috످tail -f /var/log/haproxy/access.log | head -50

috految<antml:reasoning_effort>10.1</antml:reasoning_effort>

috److I can't run commands on your server, but this one may appear to hang. `tail -f` starts with the last 10 lines, so `head -50` will wait for 40 more before exiting.

To see the last 50 lines and exit:

```bash
tail -n 50 /var/log/haproxy/access.log
```

To see the last 50 lines and keep watching, even across log rotations (Ctrl+C to stop):

```bash
tail -n 50 -F /var/log/haproxy/access.log
```

If the file doesn't exist, try `/var/log/haproxy.log` or `sudo journalctl -u haproxy -n 50`.

If you're troubleshooting, paste the output here (with IPs, tokens, and cookies redacted) and I can help you interpret it.

috످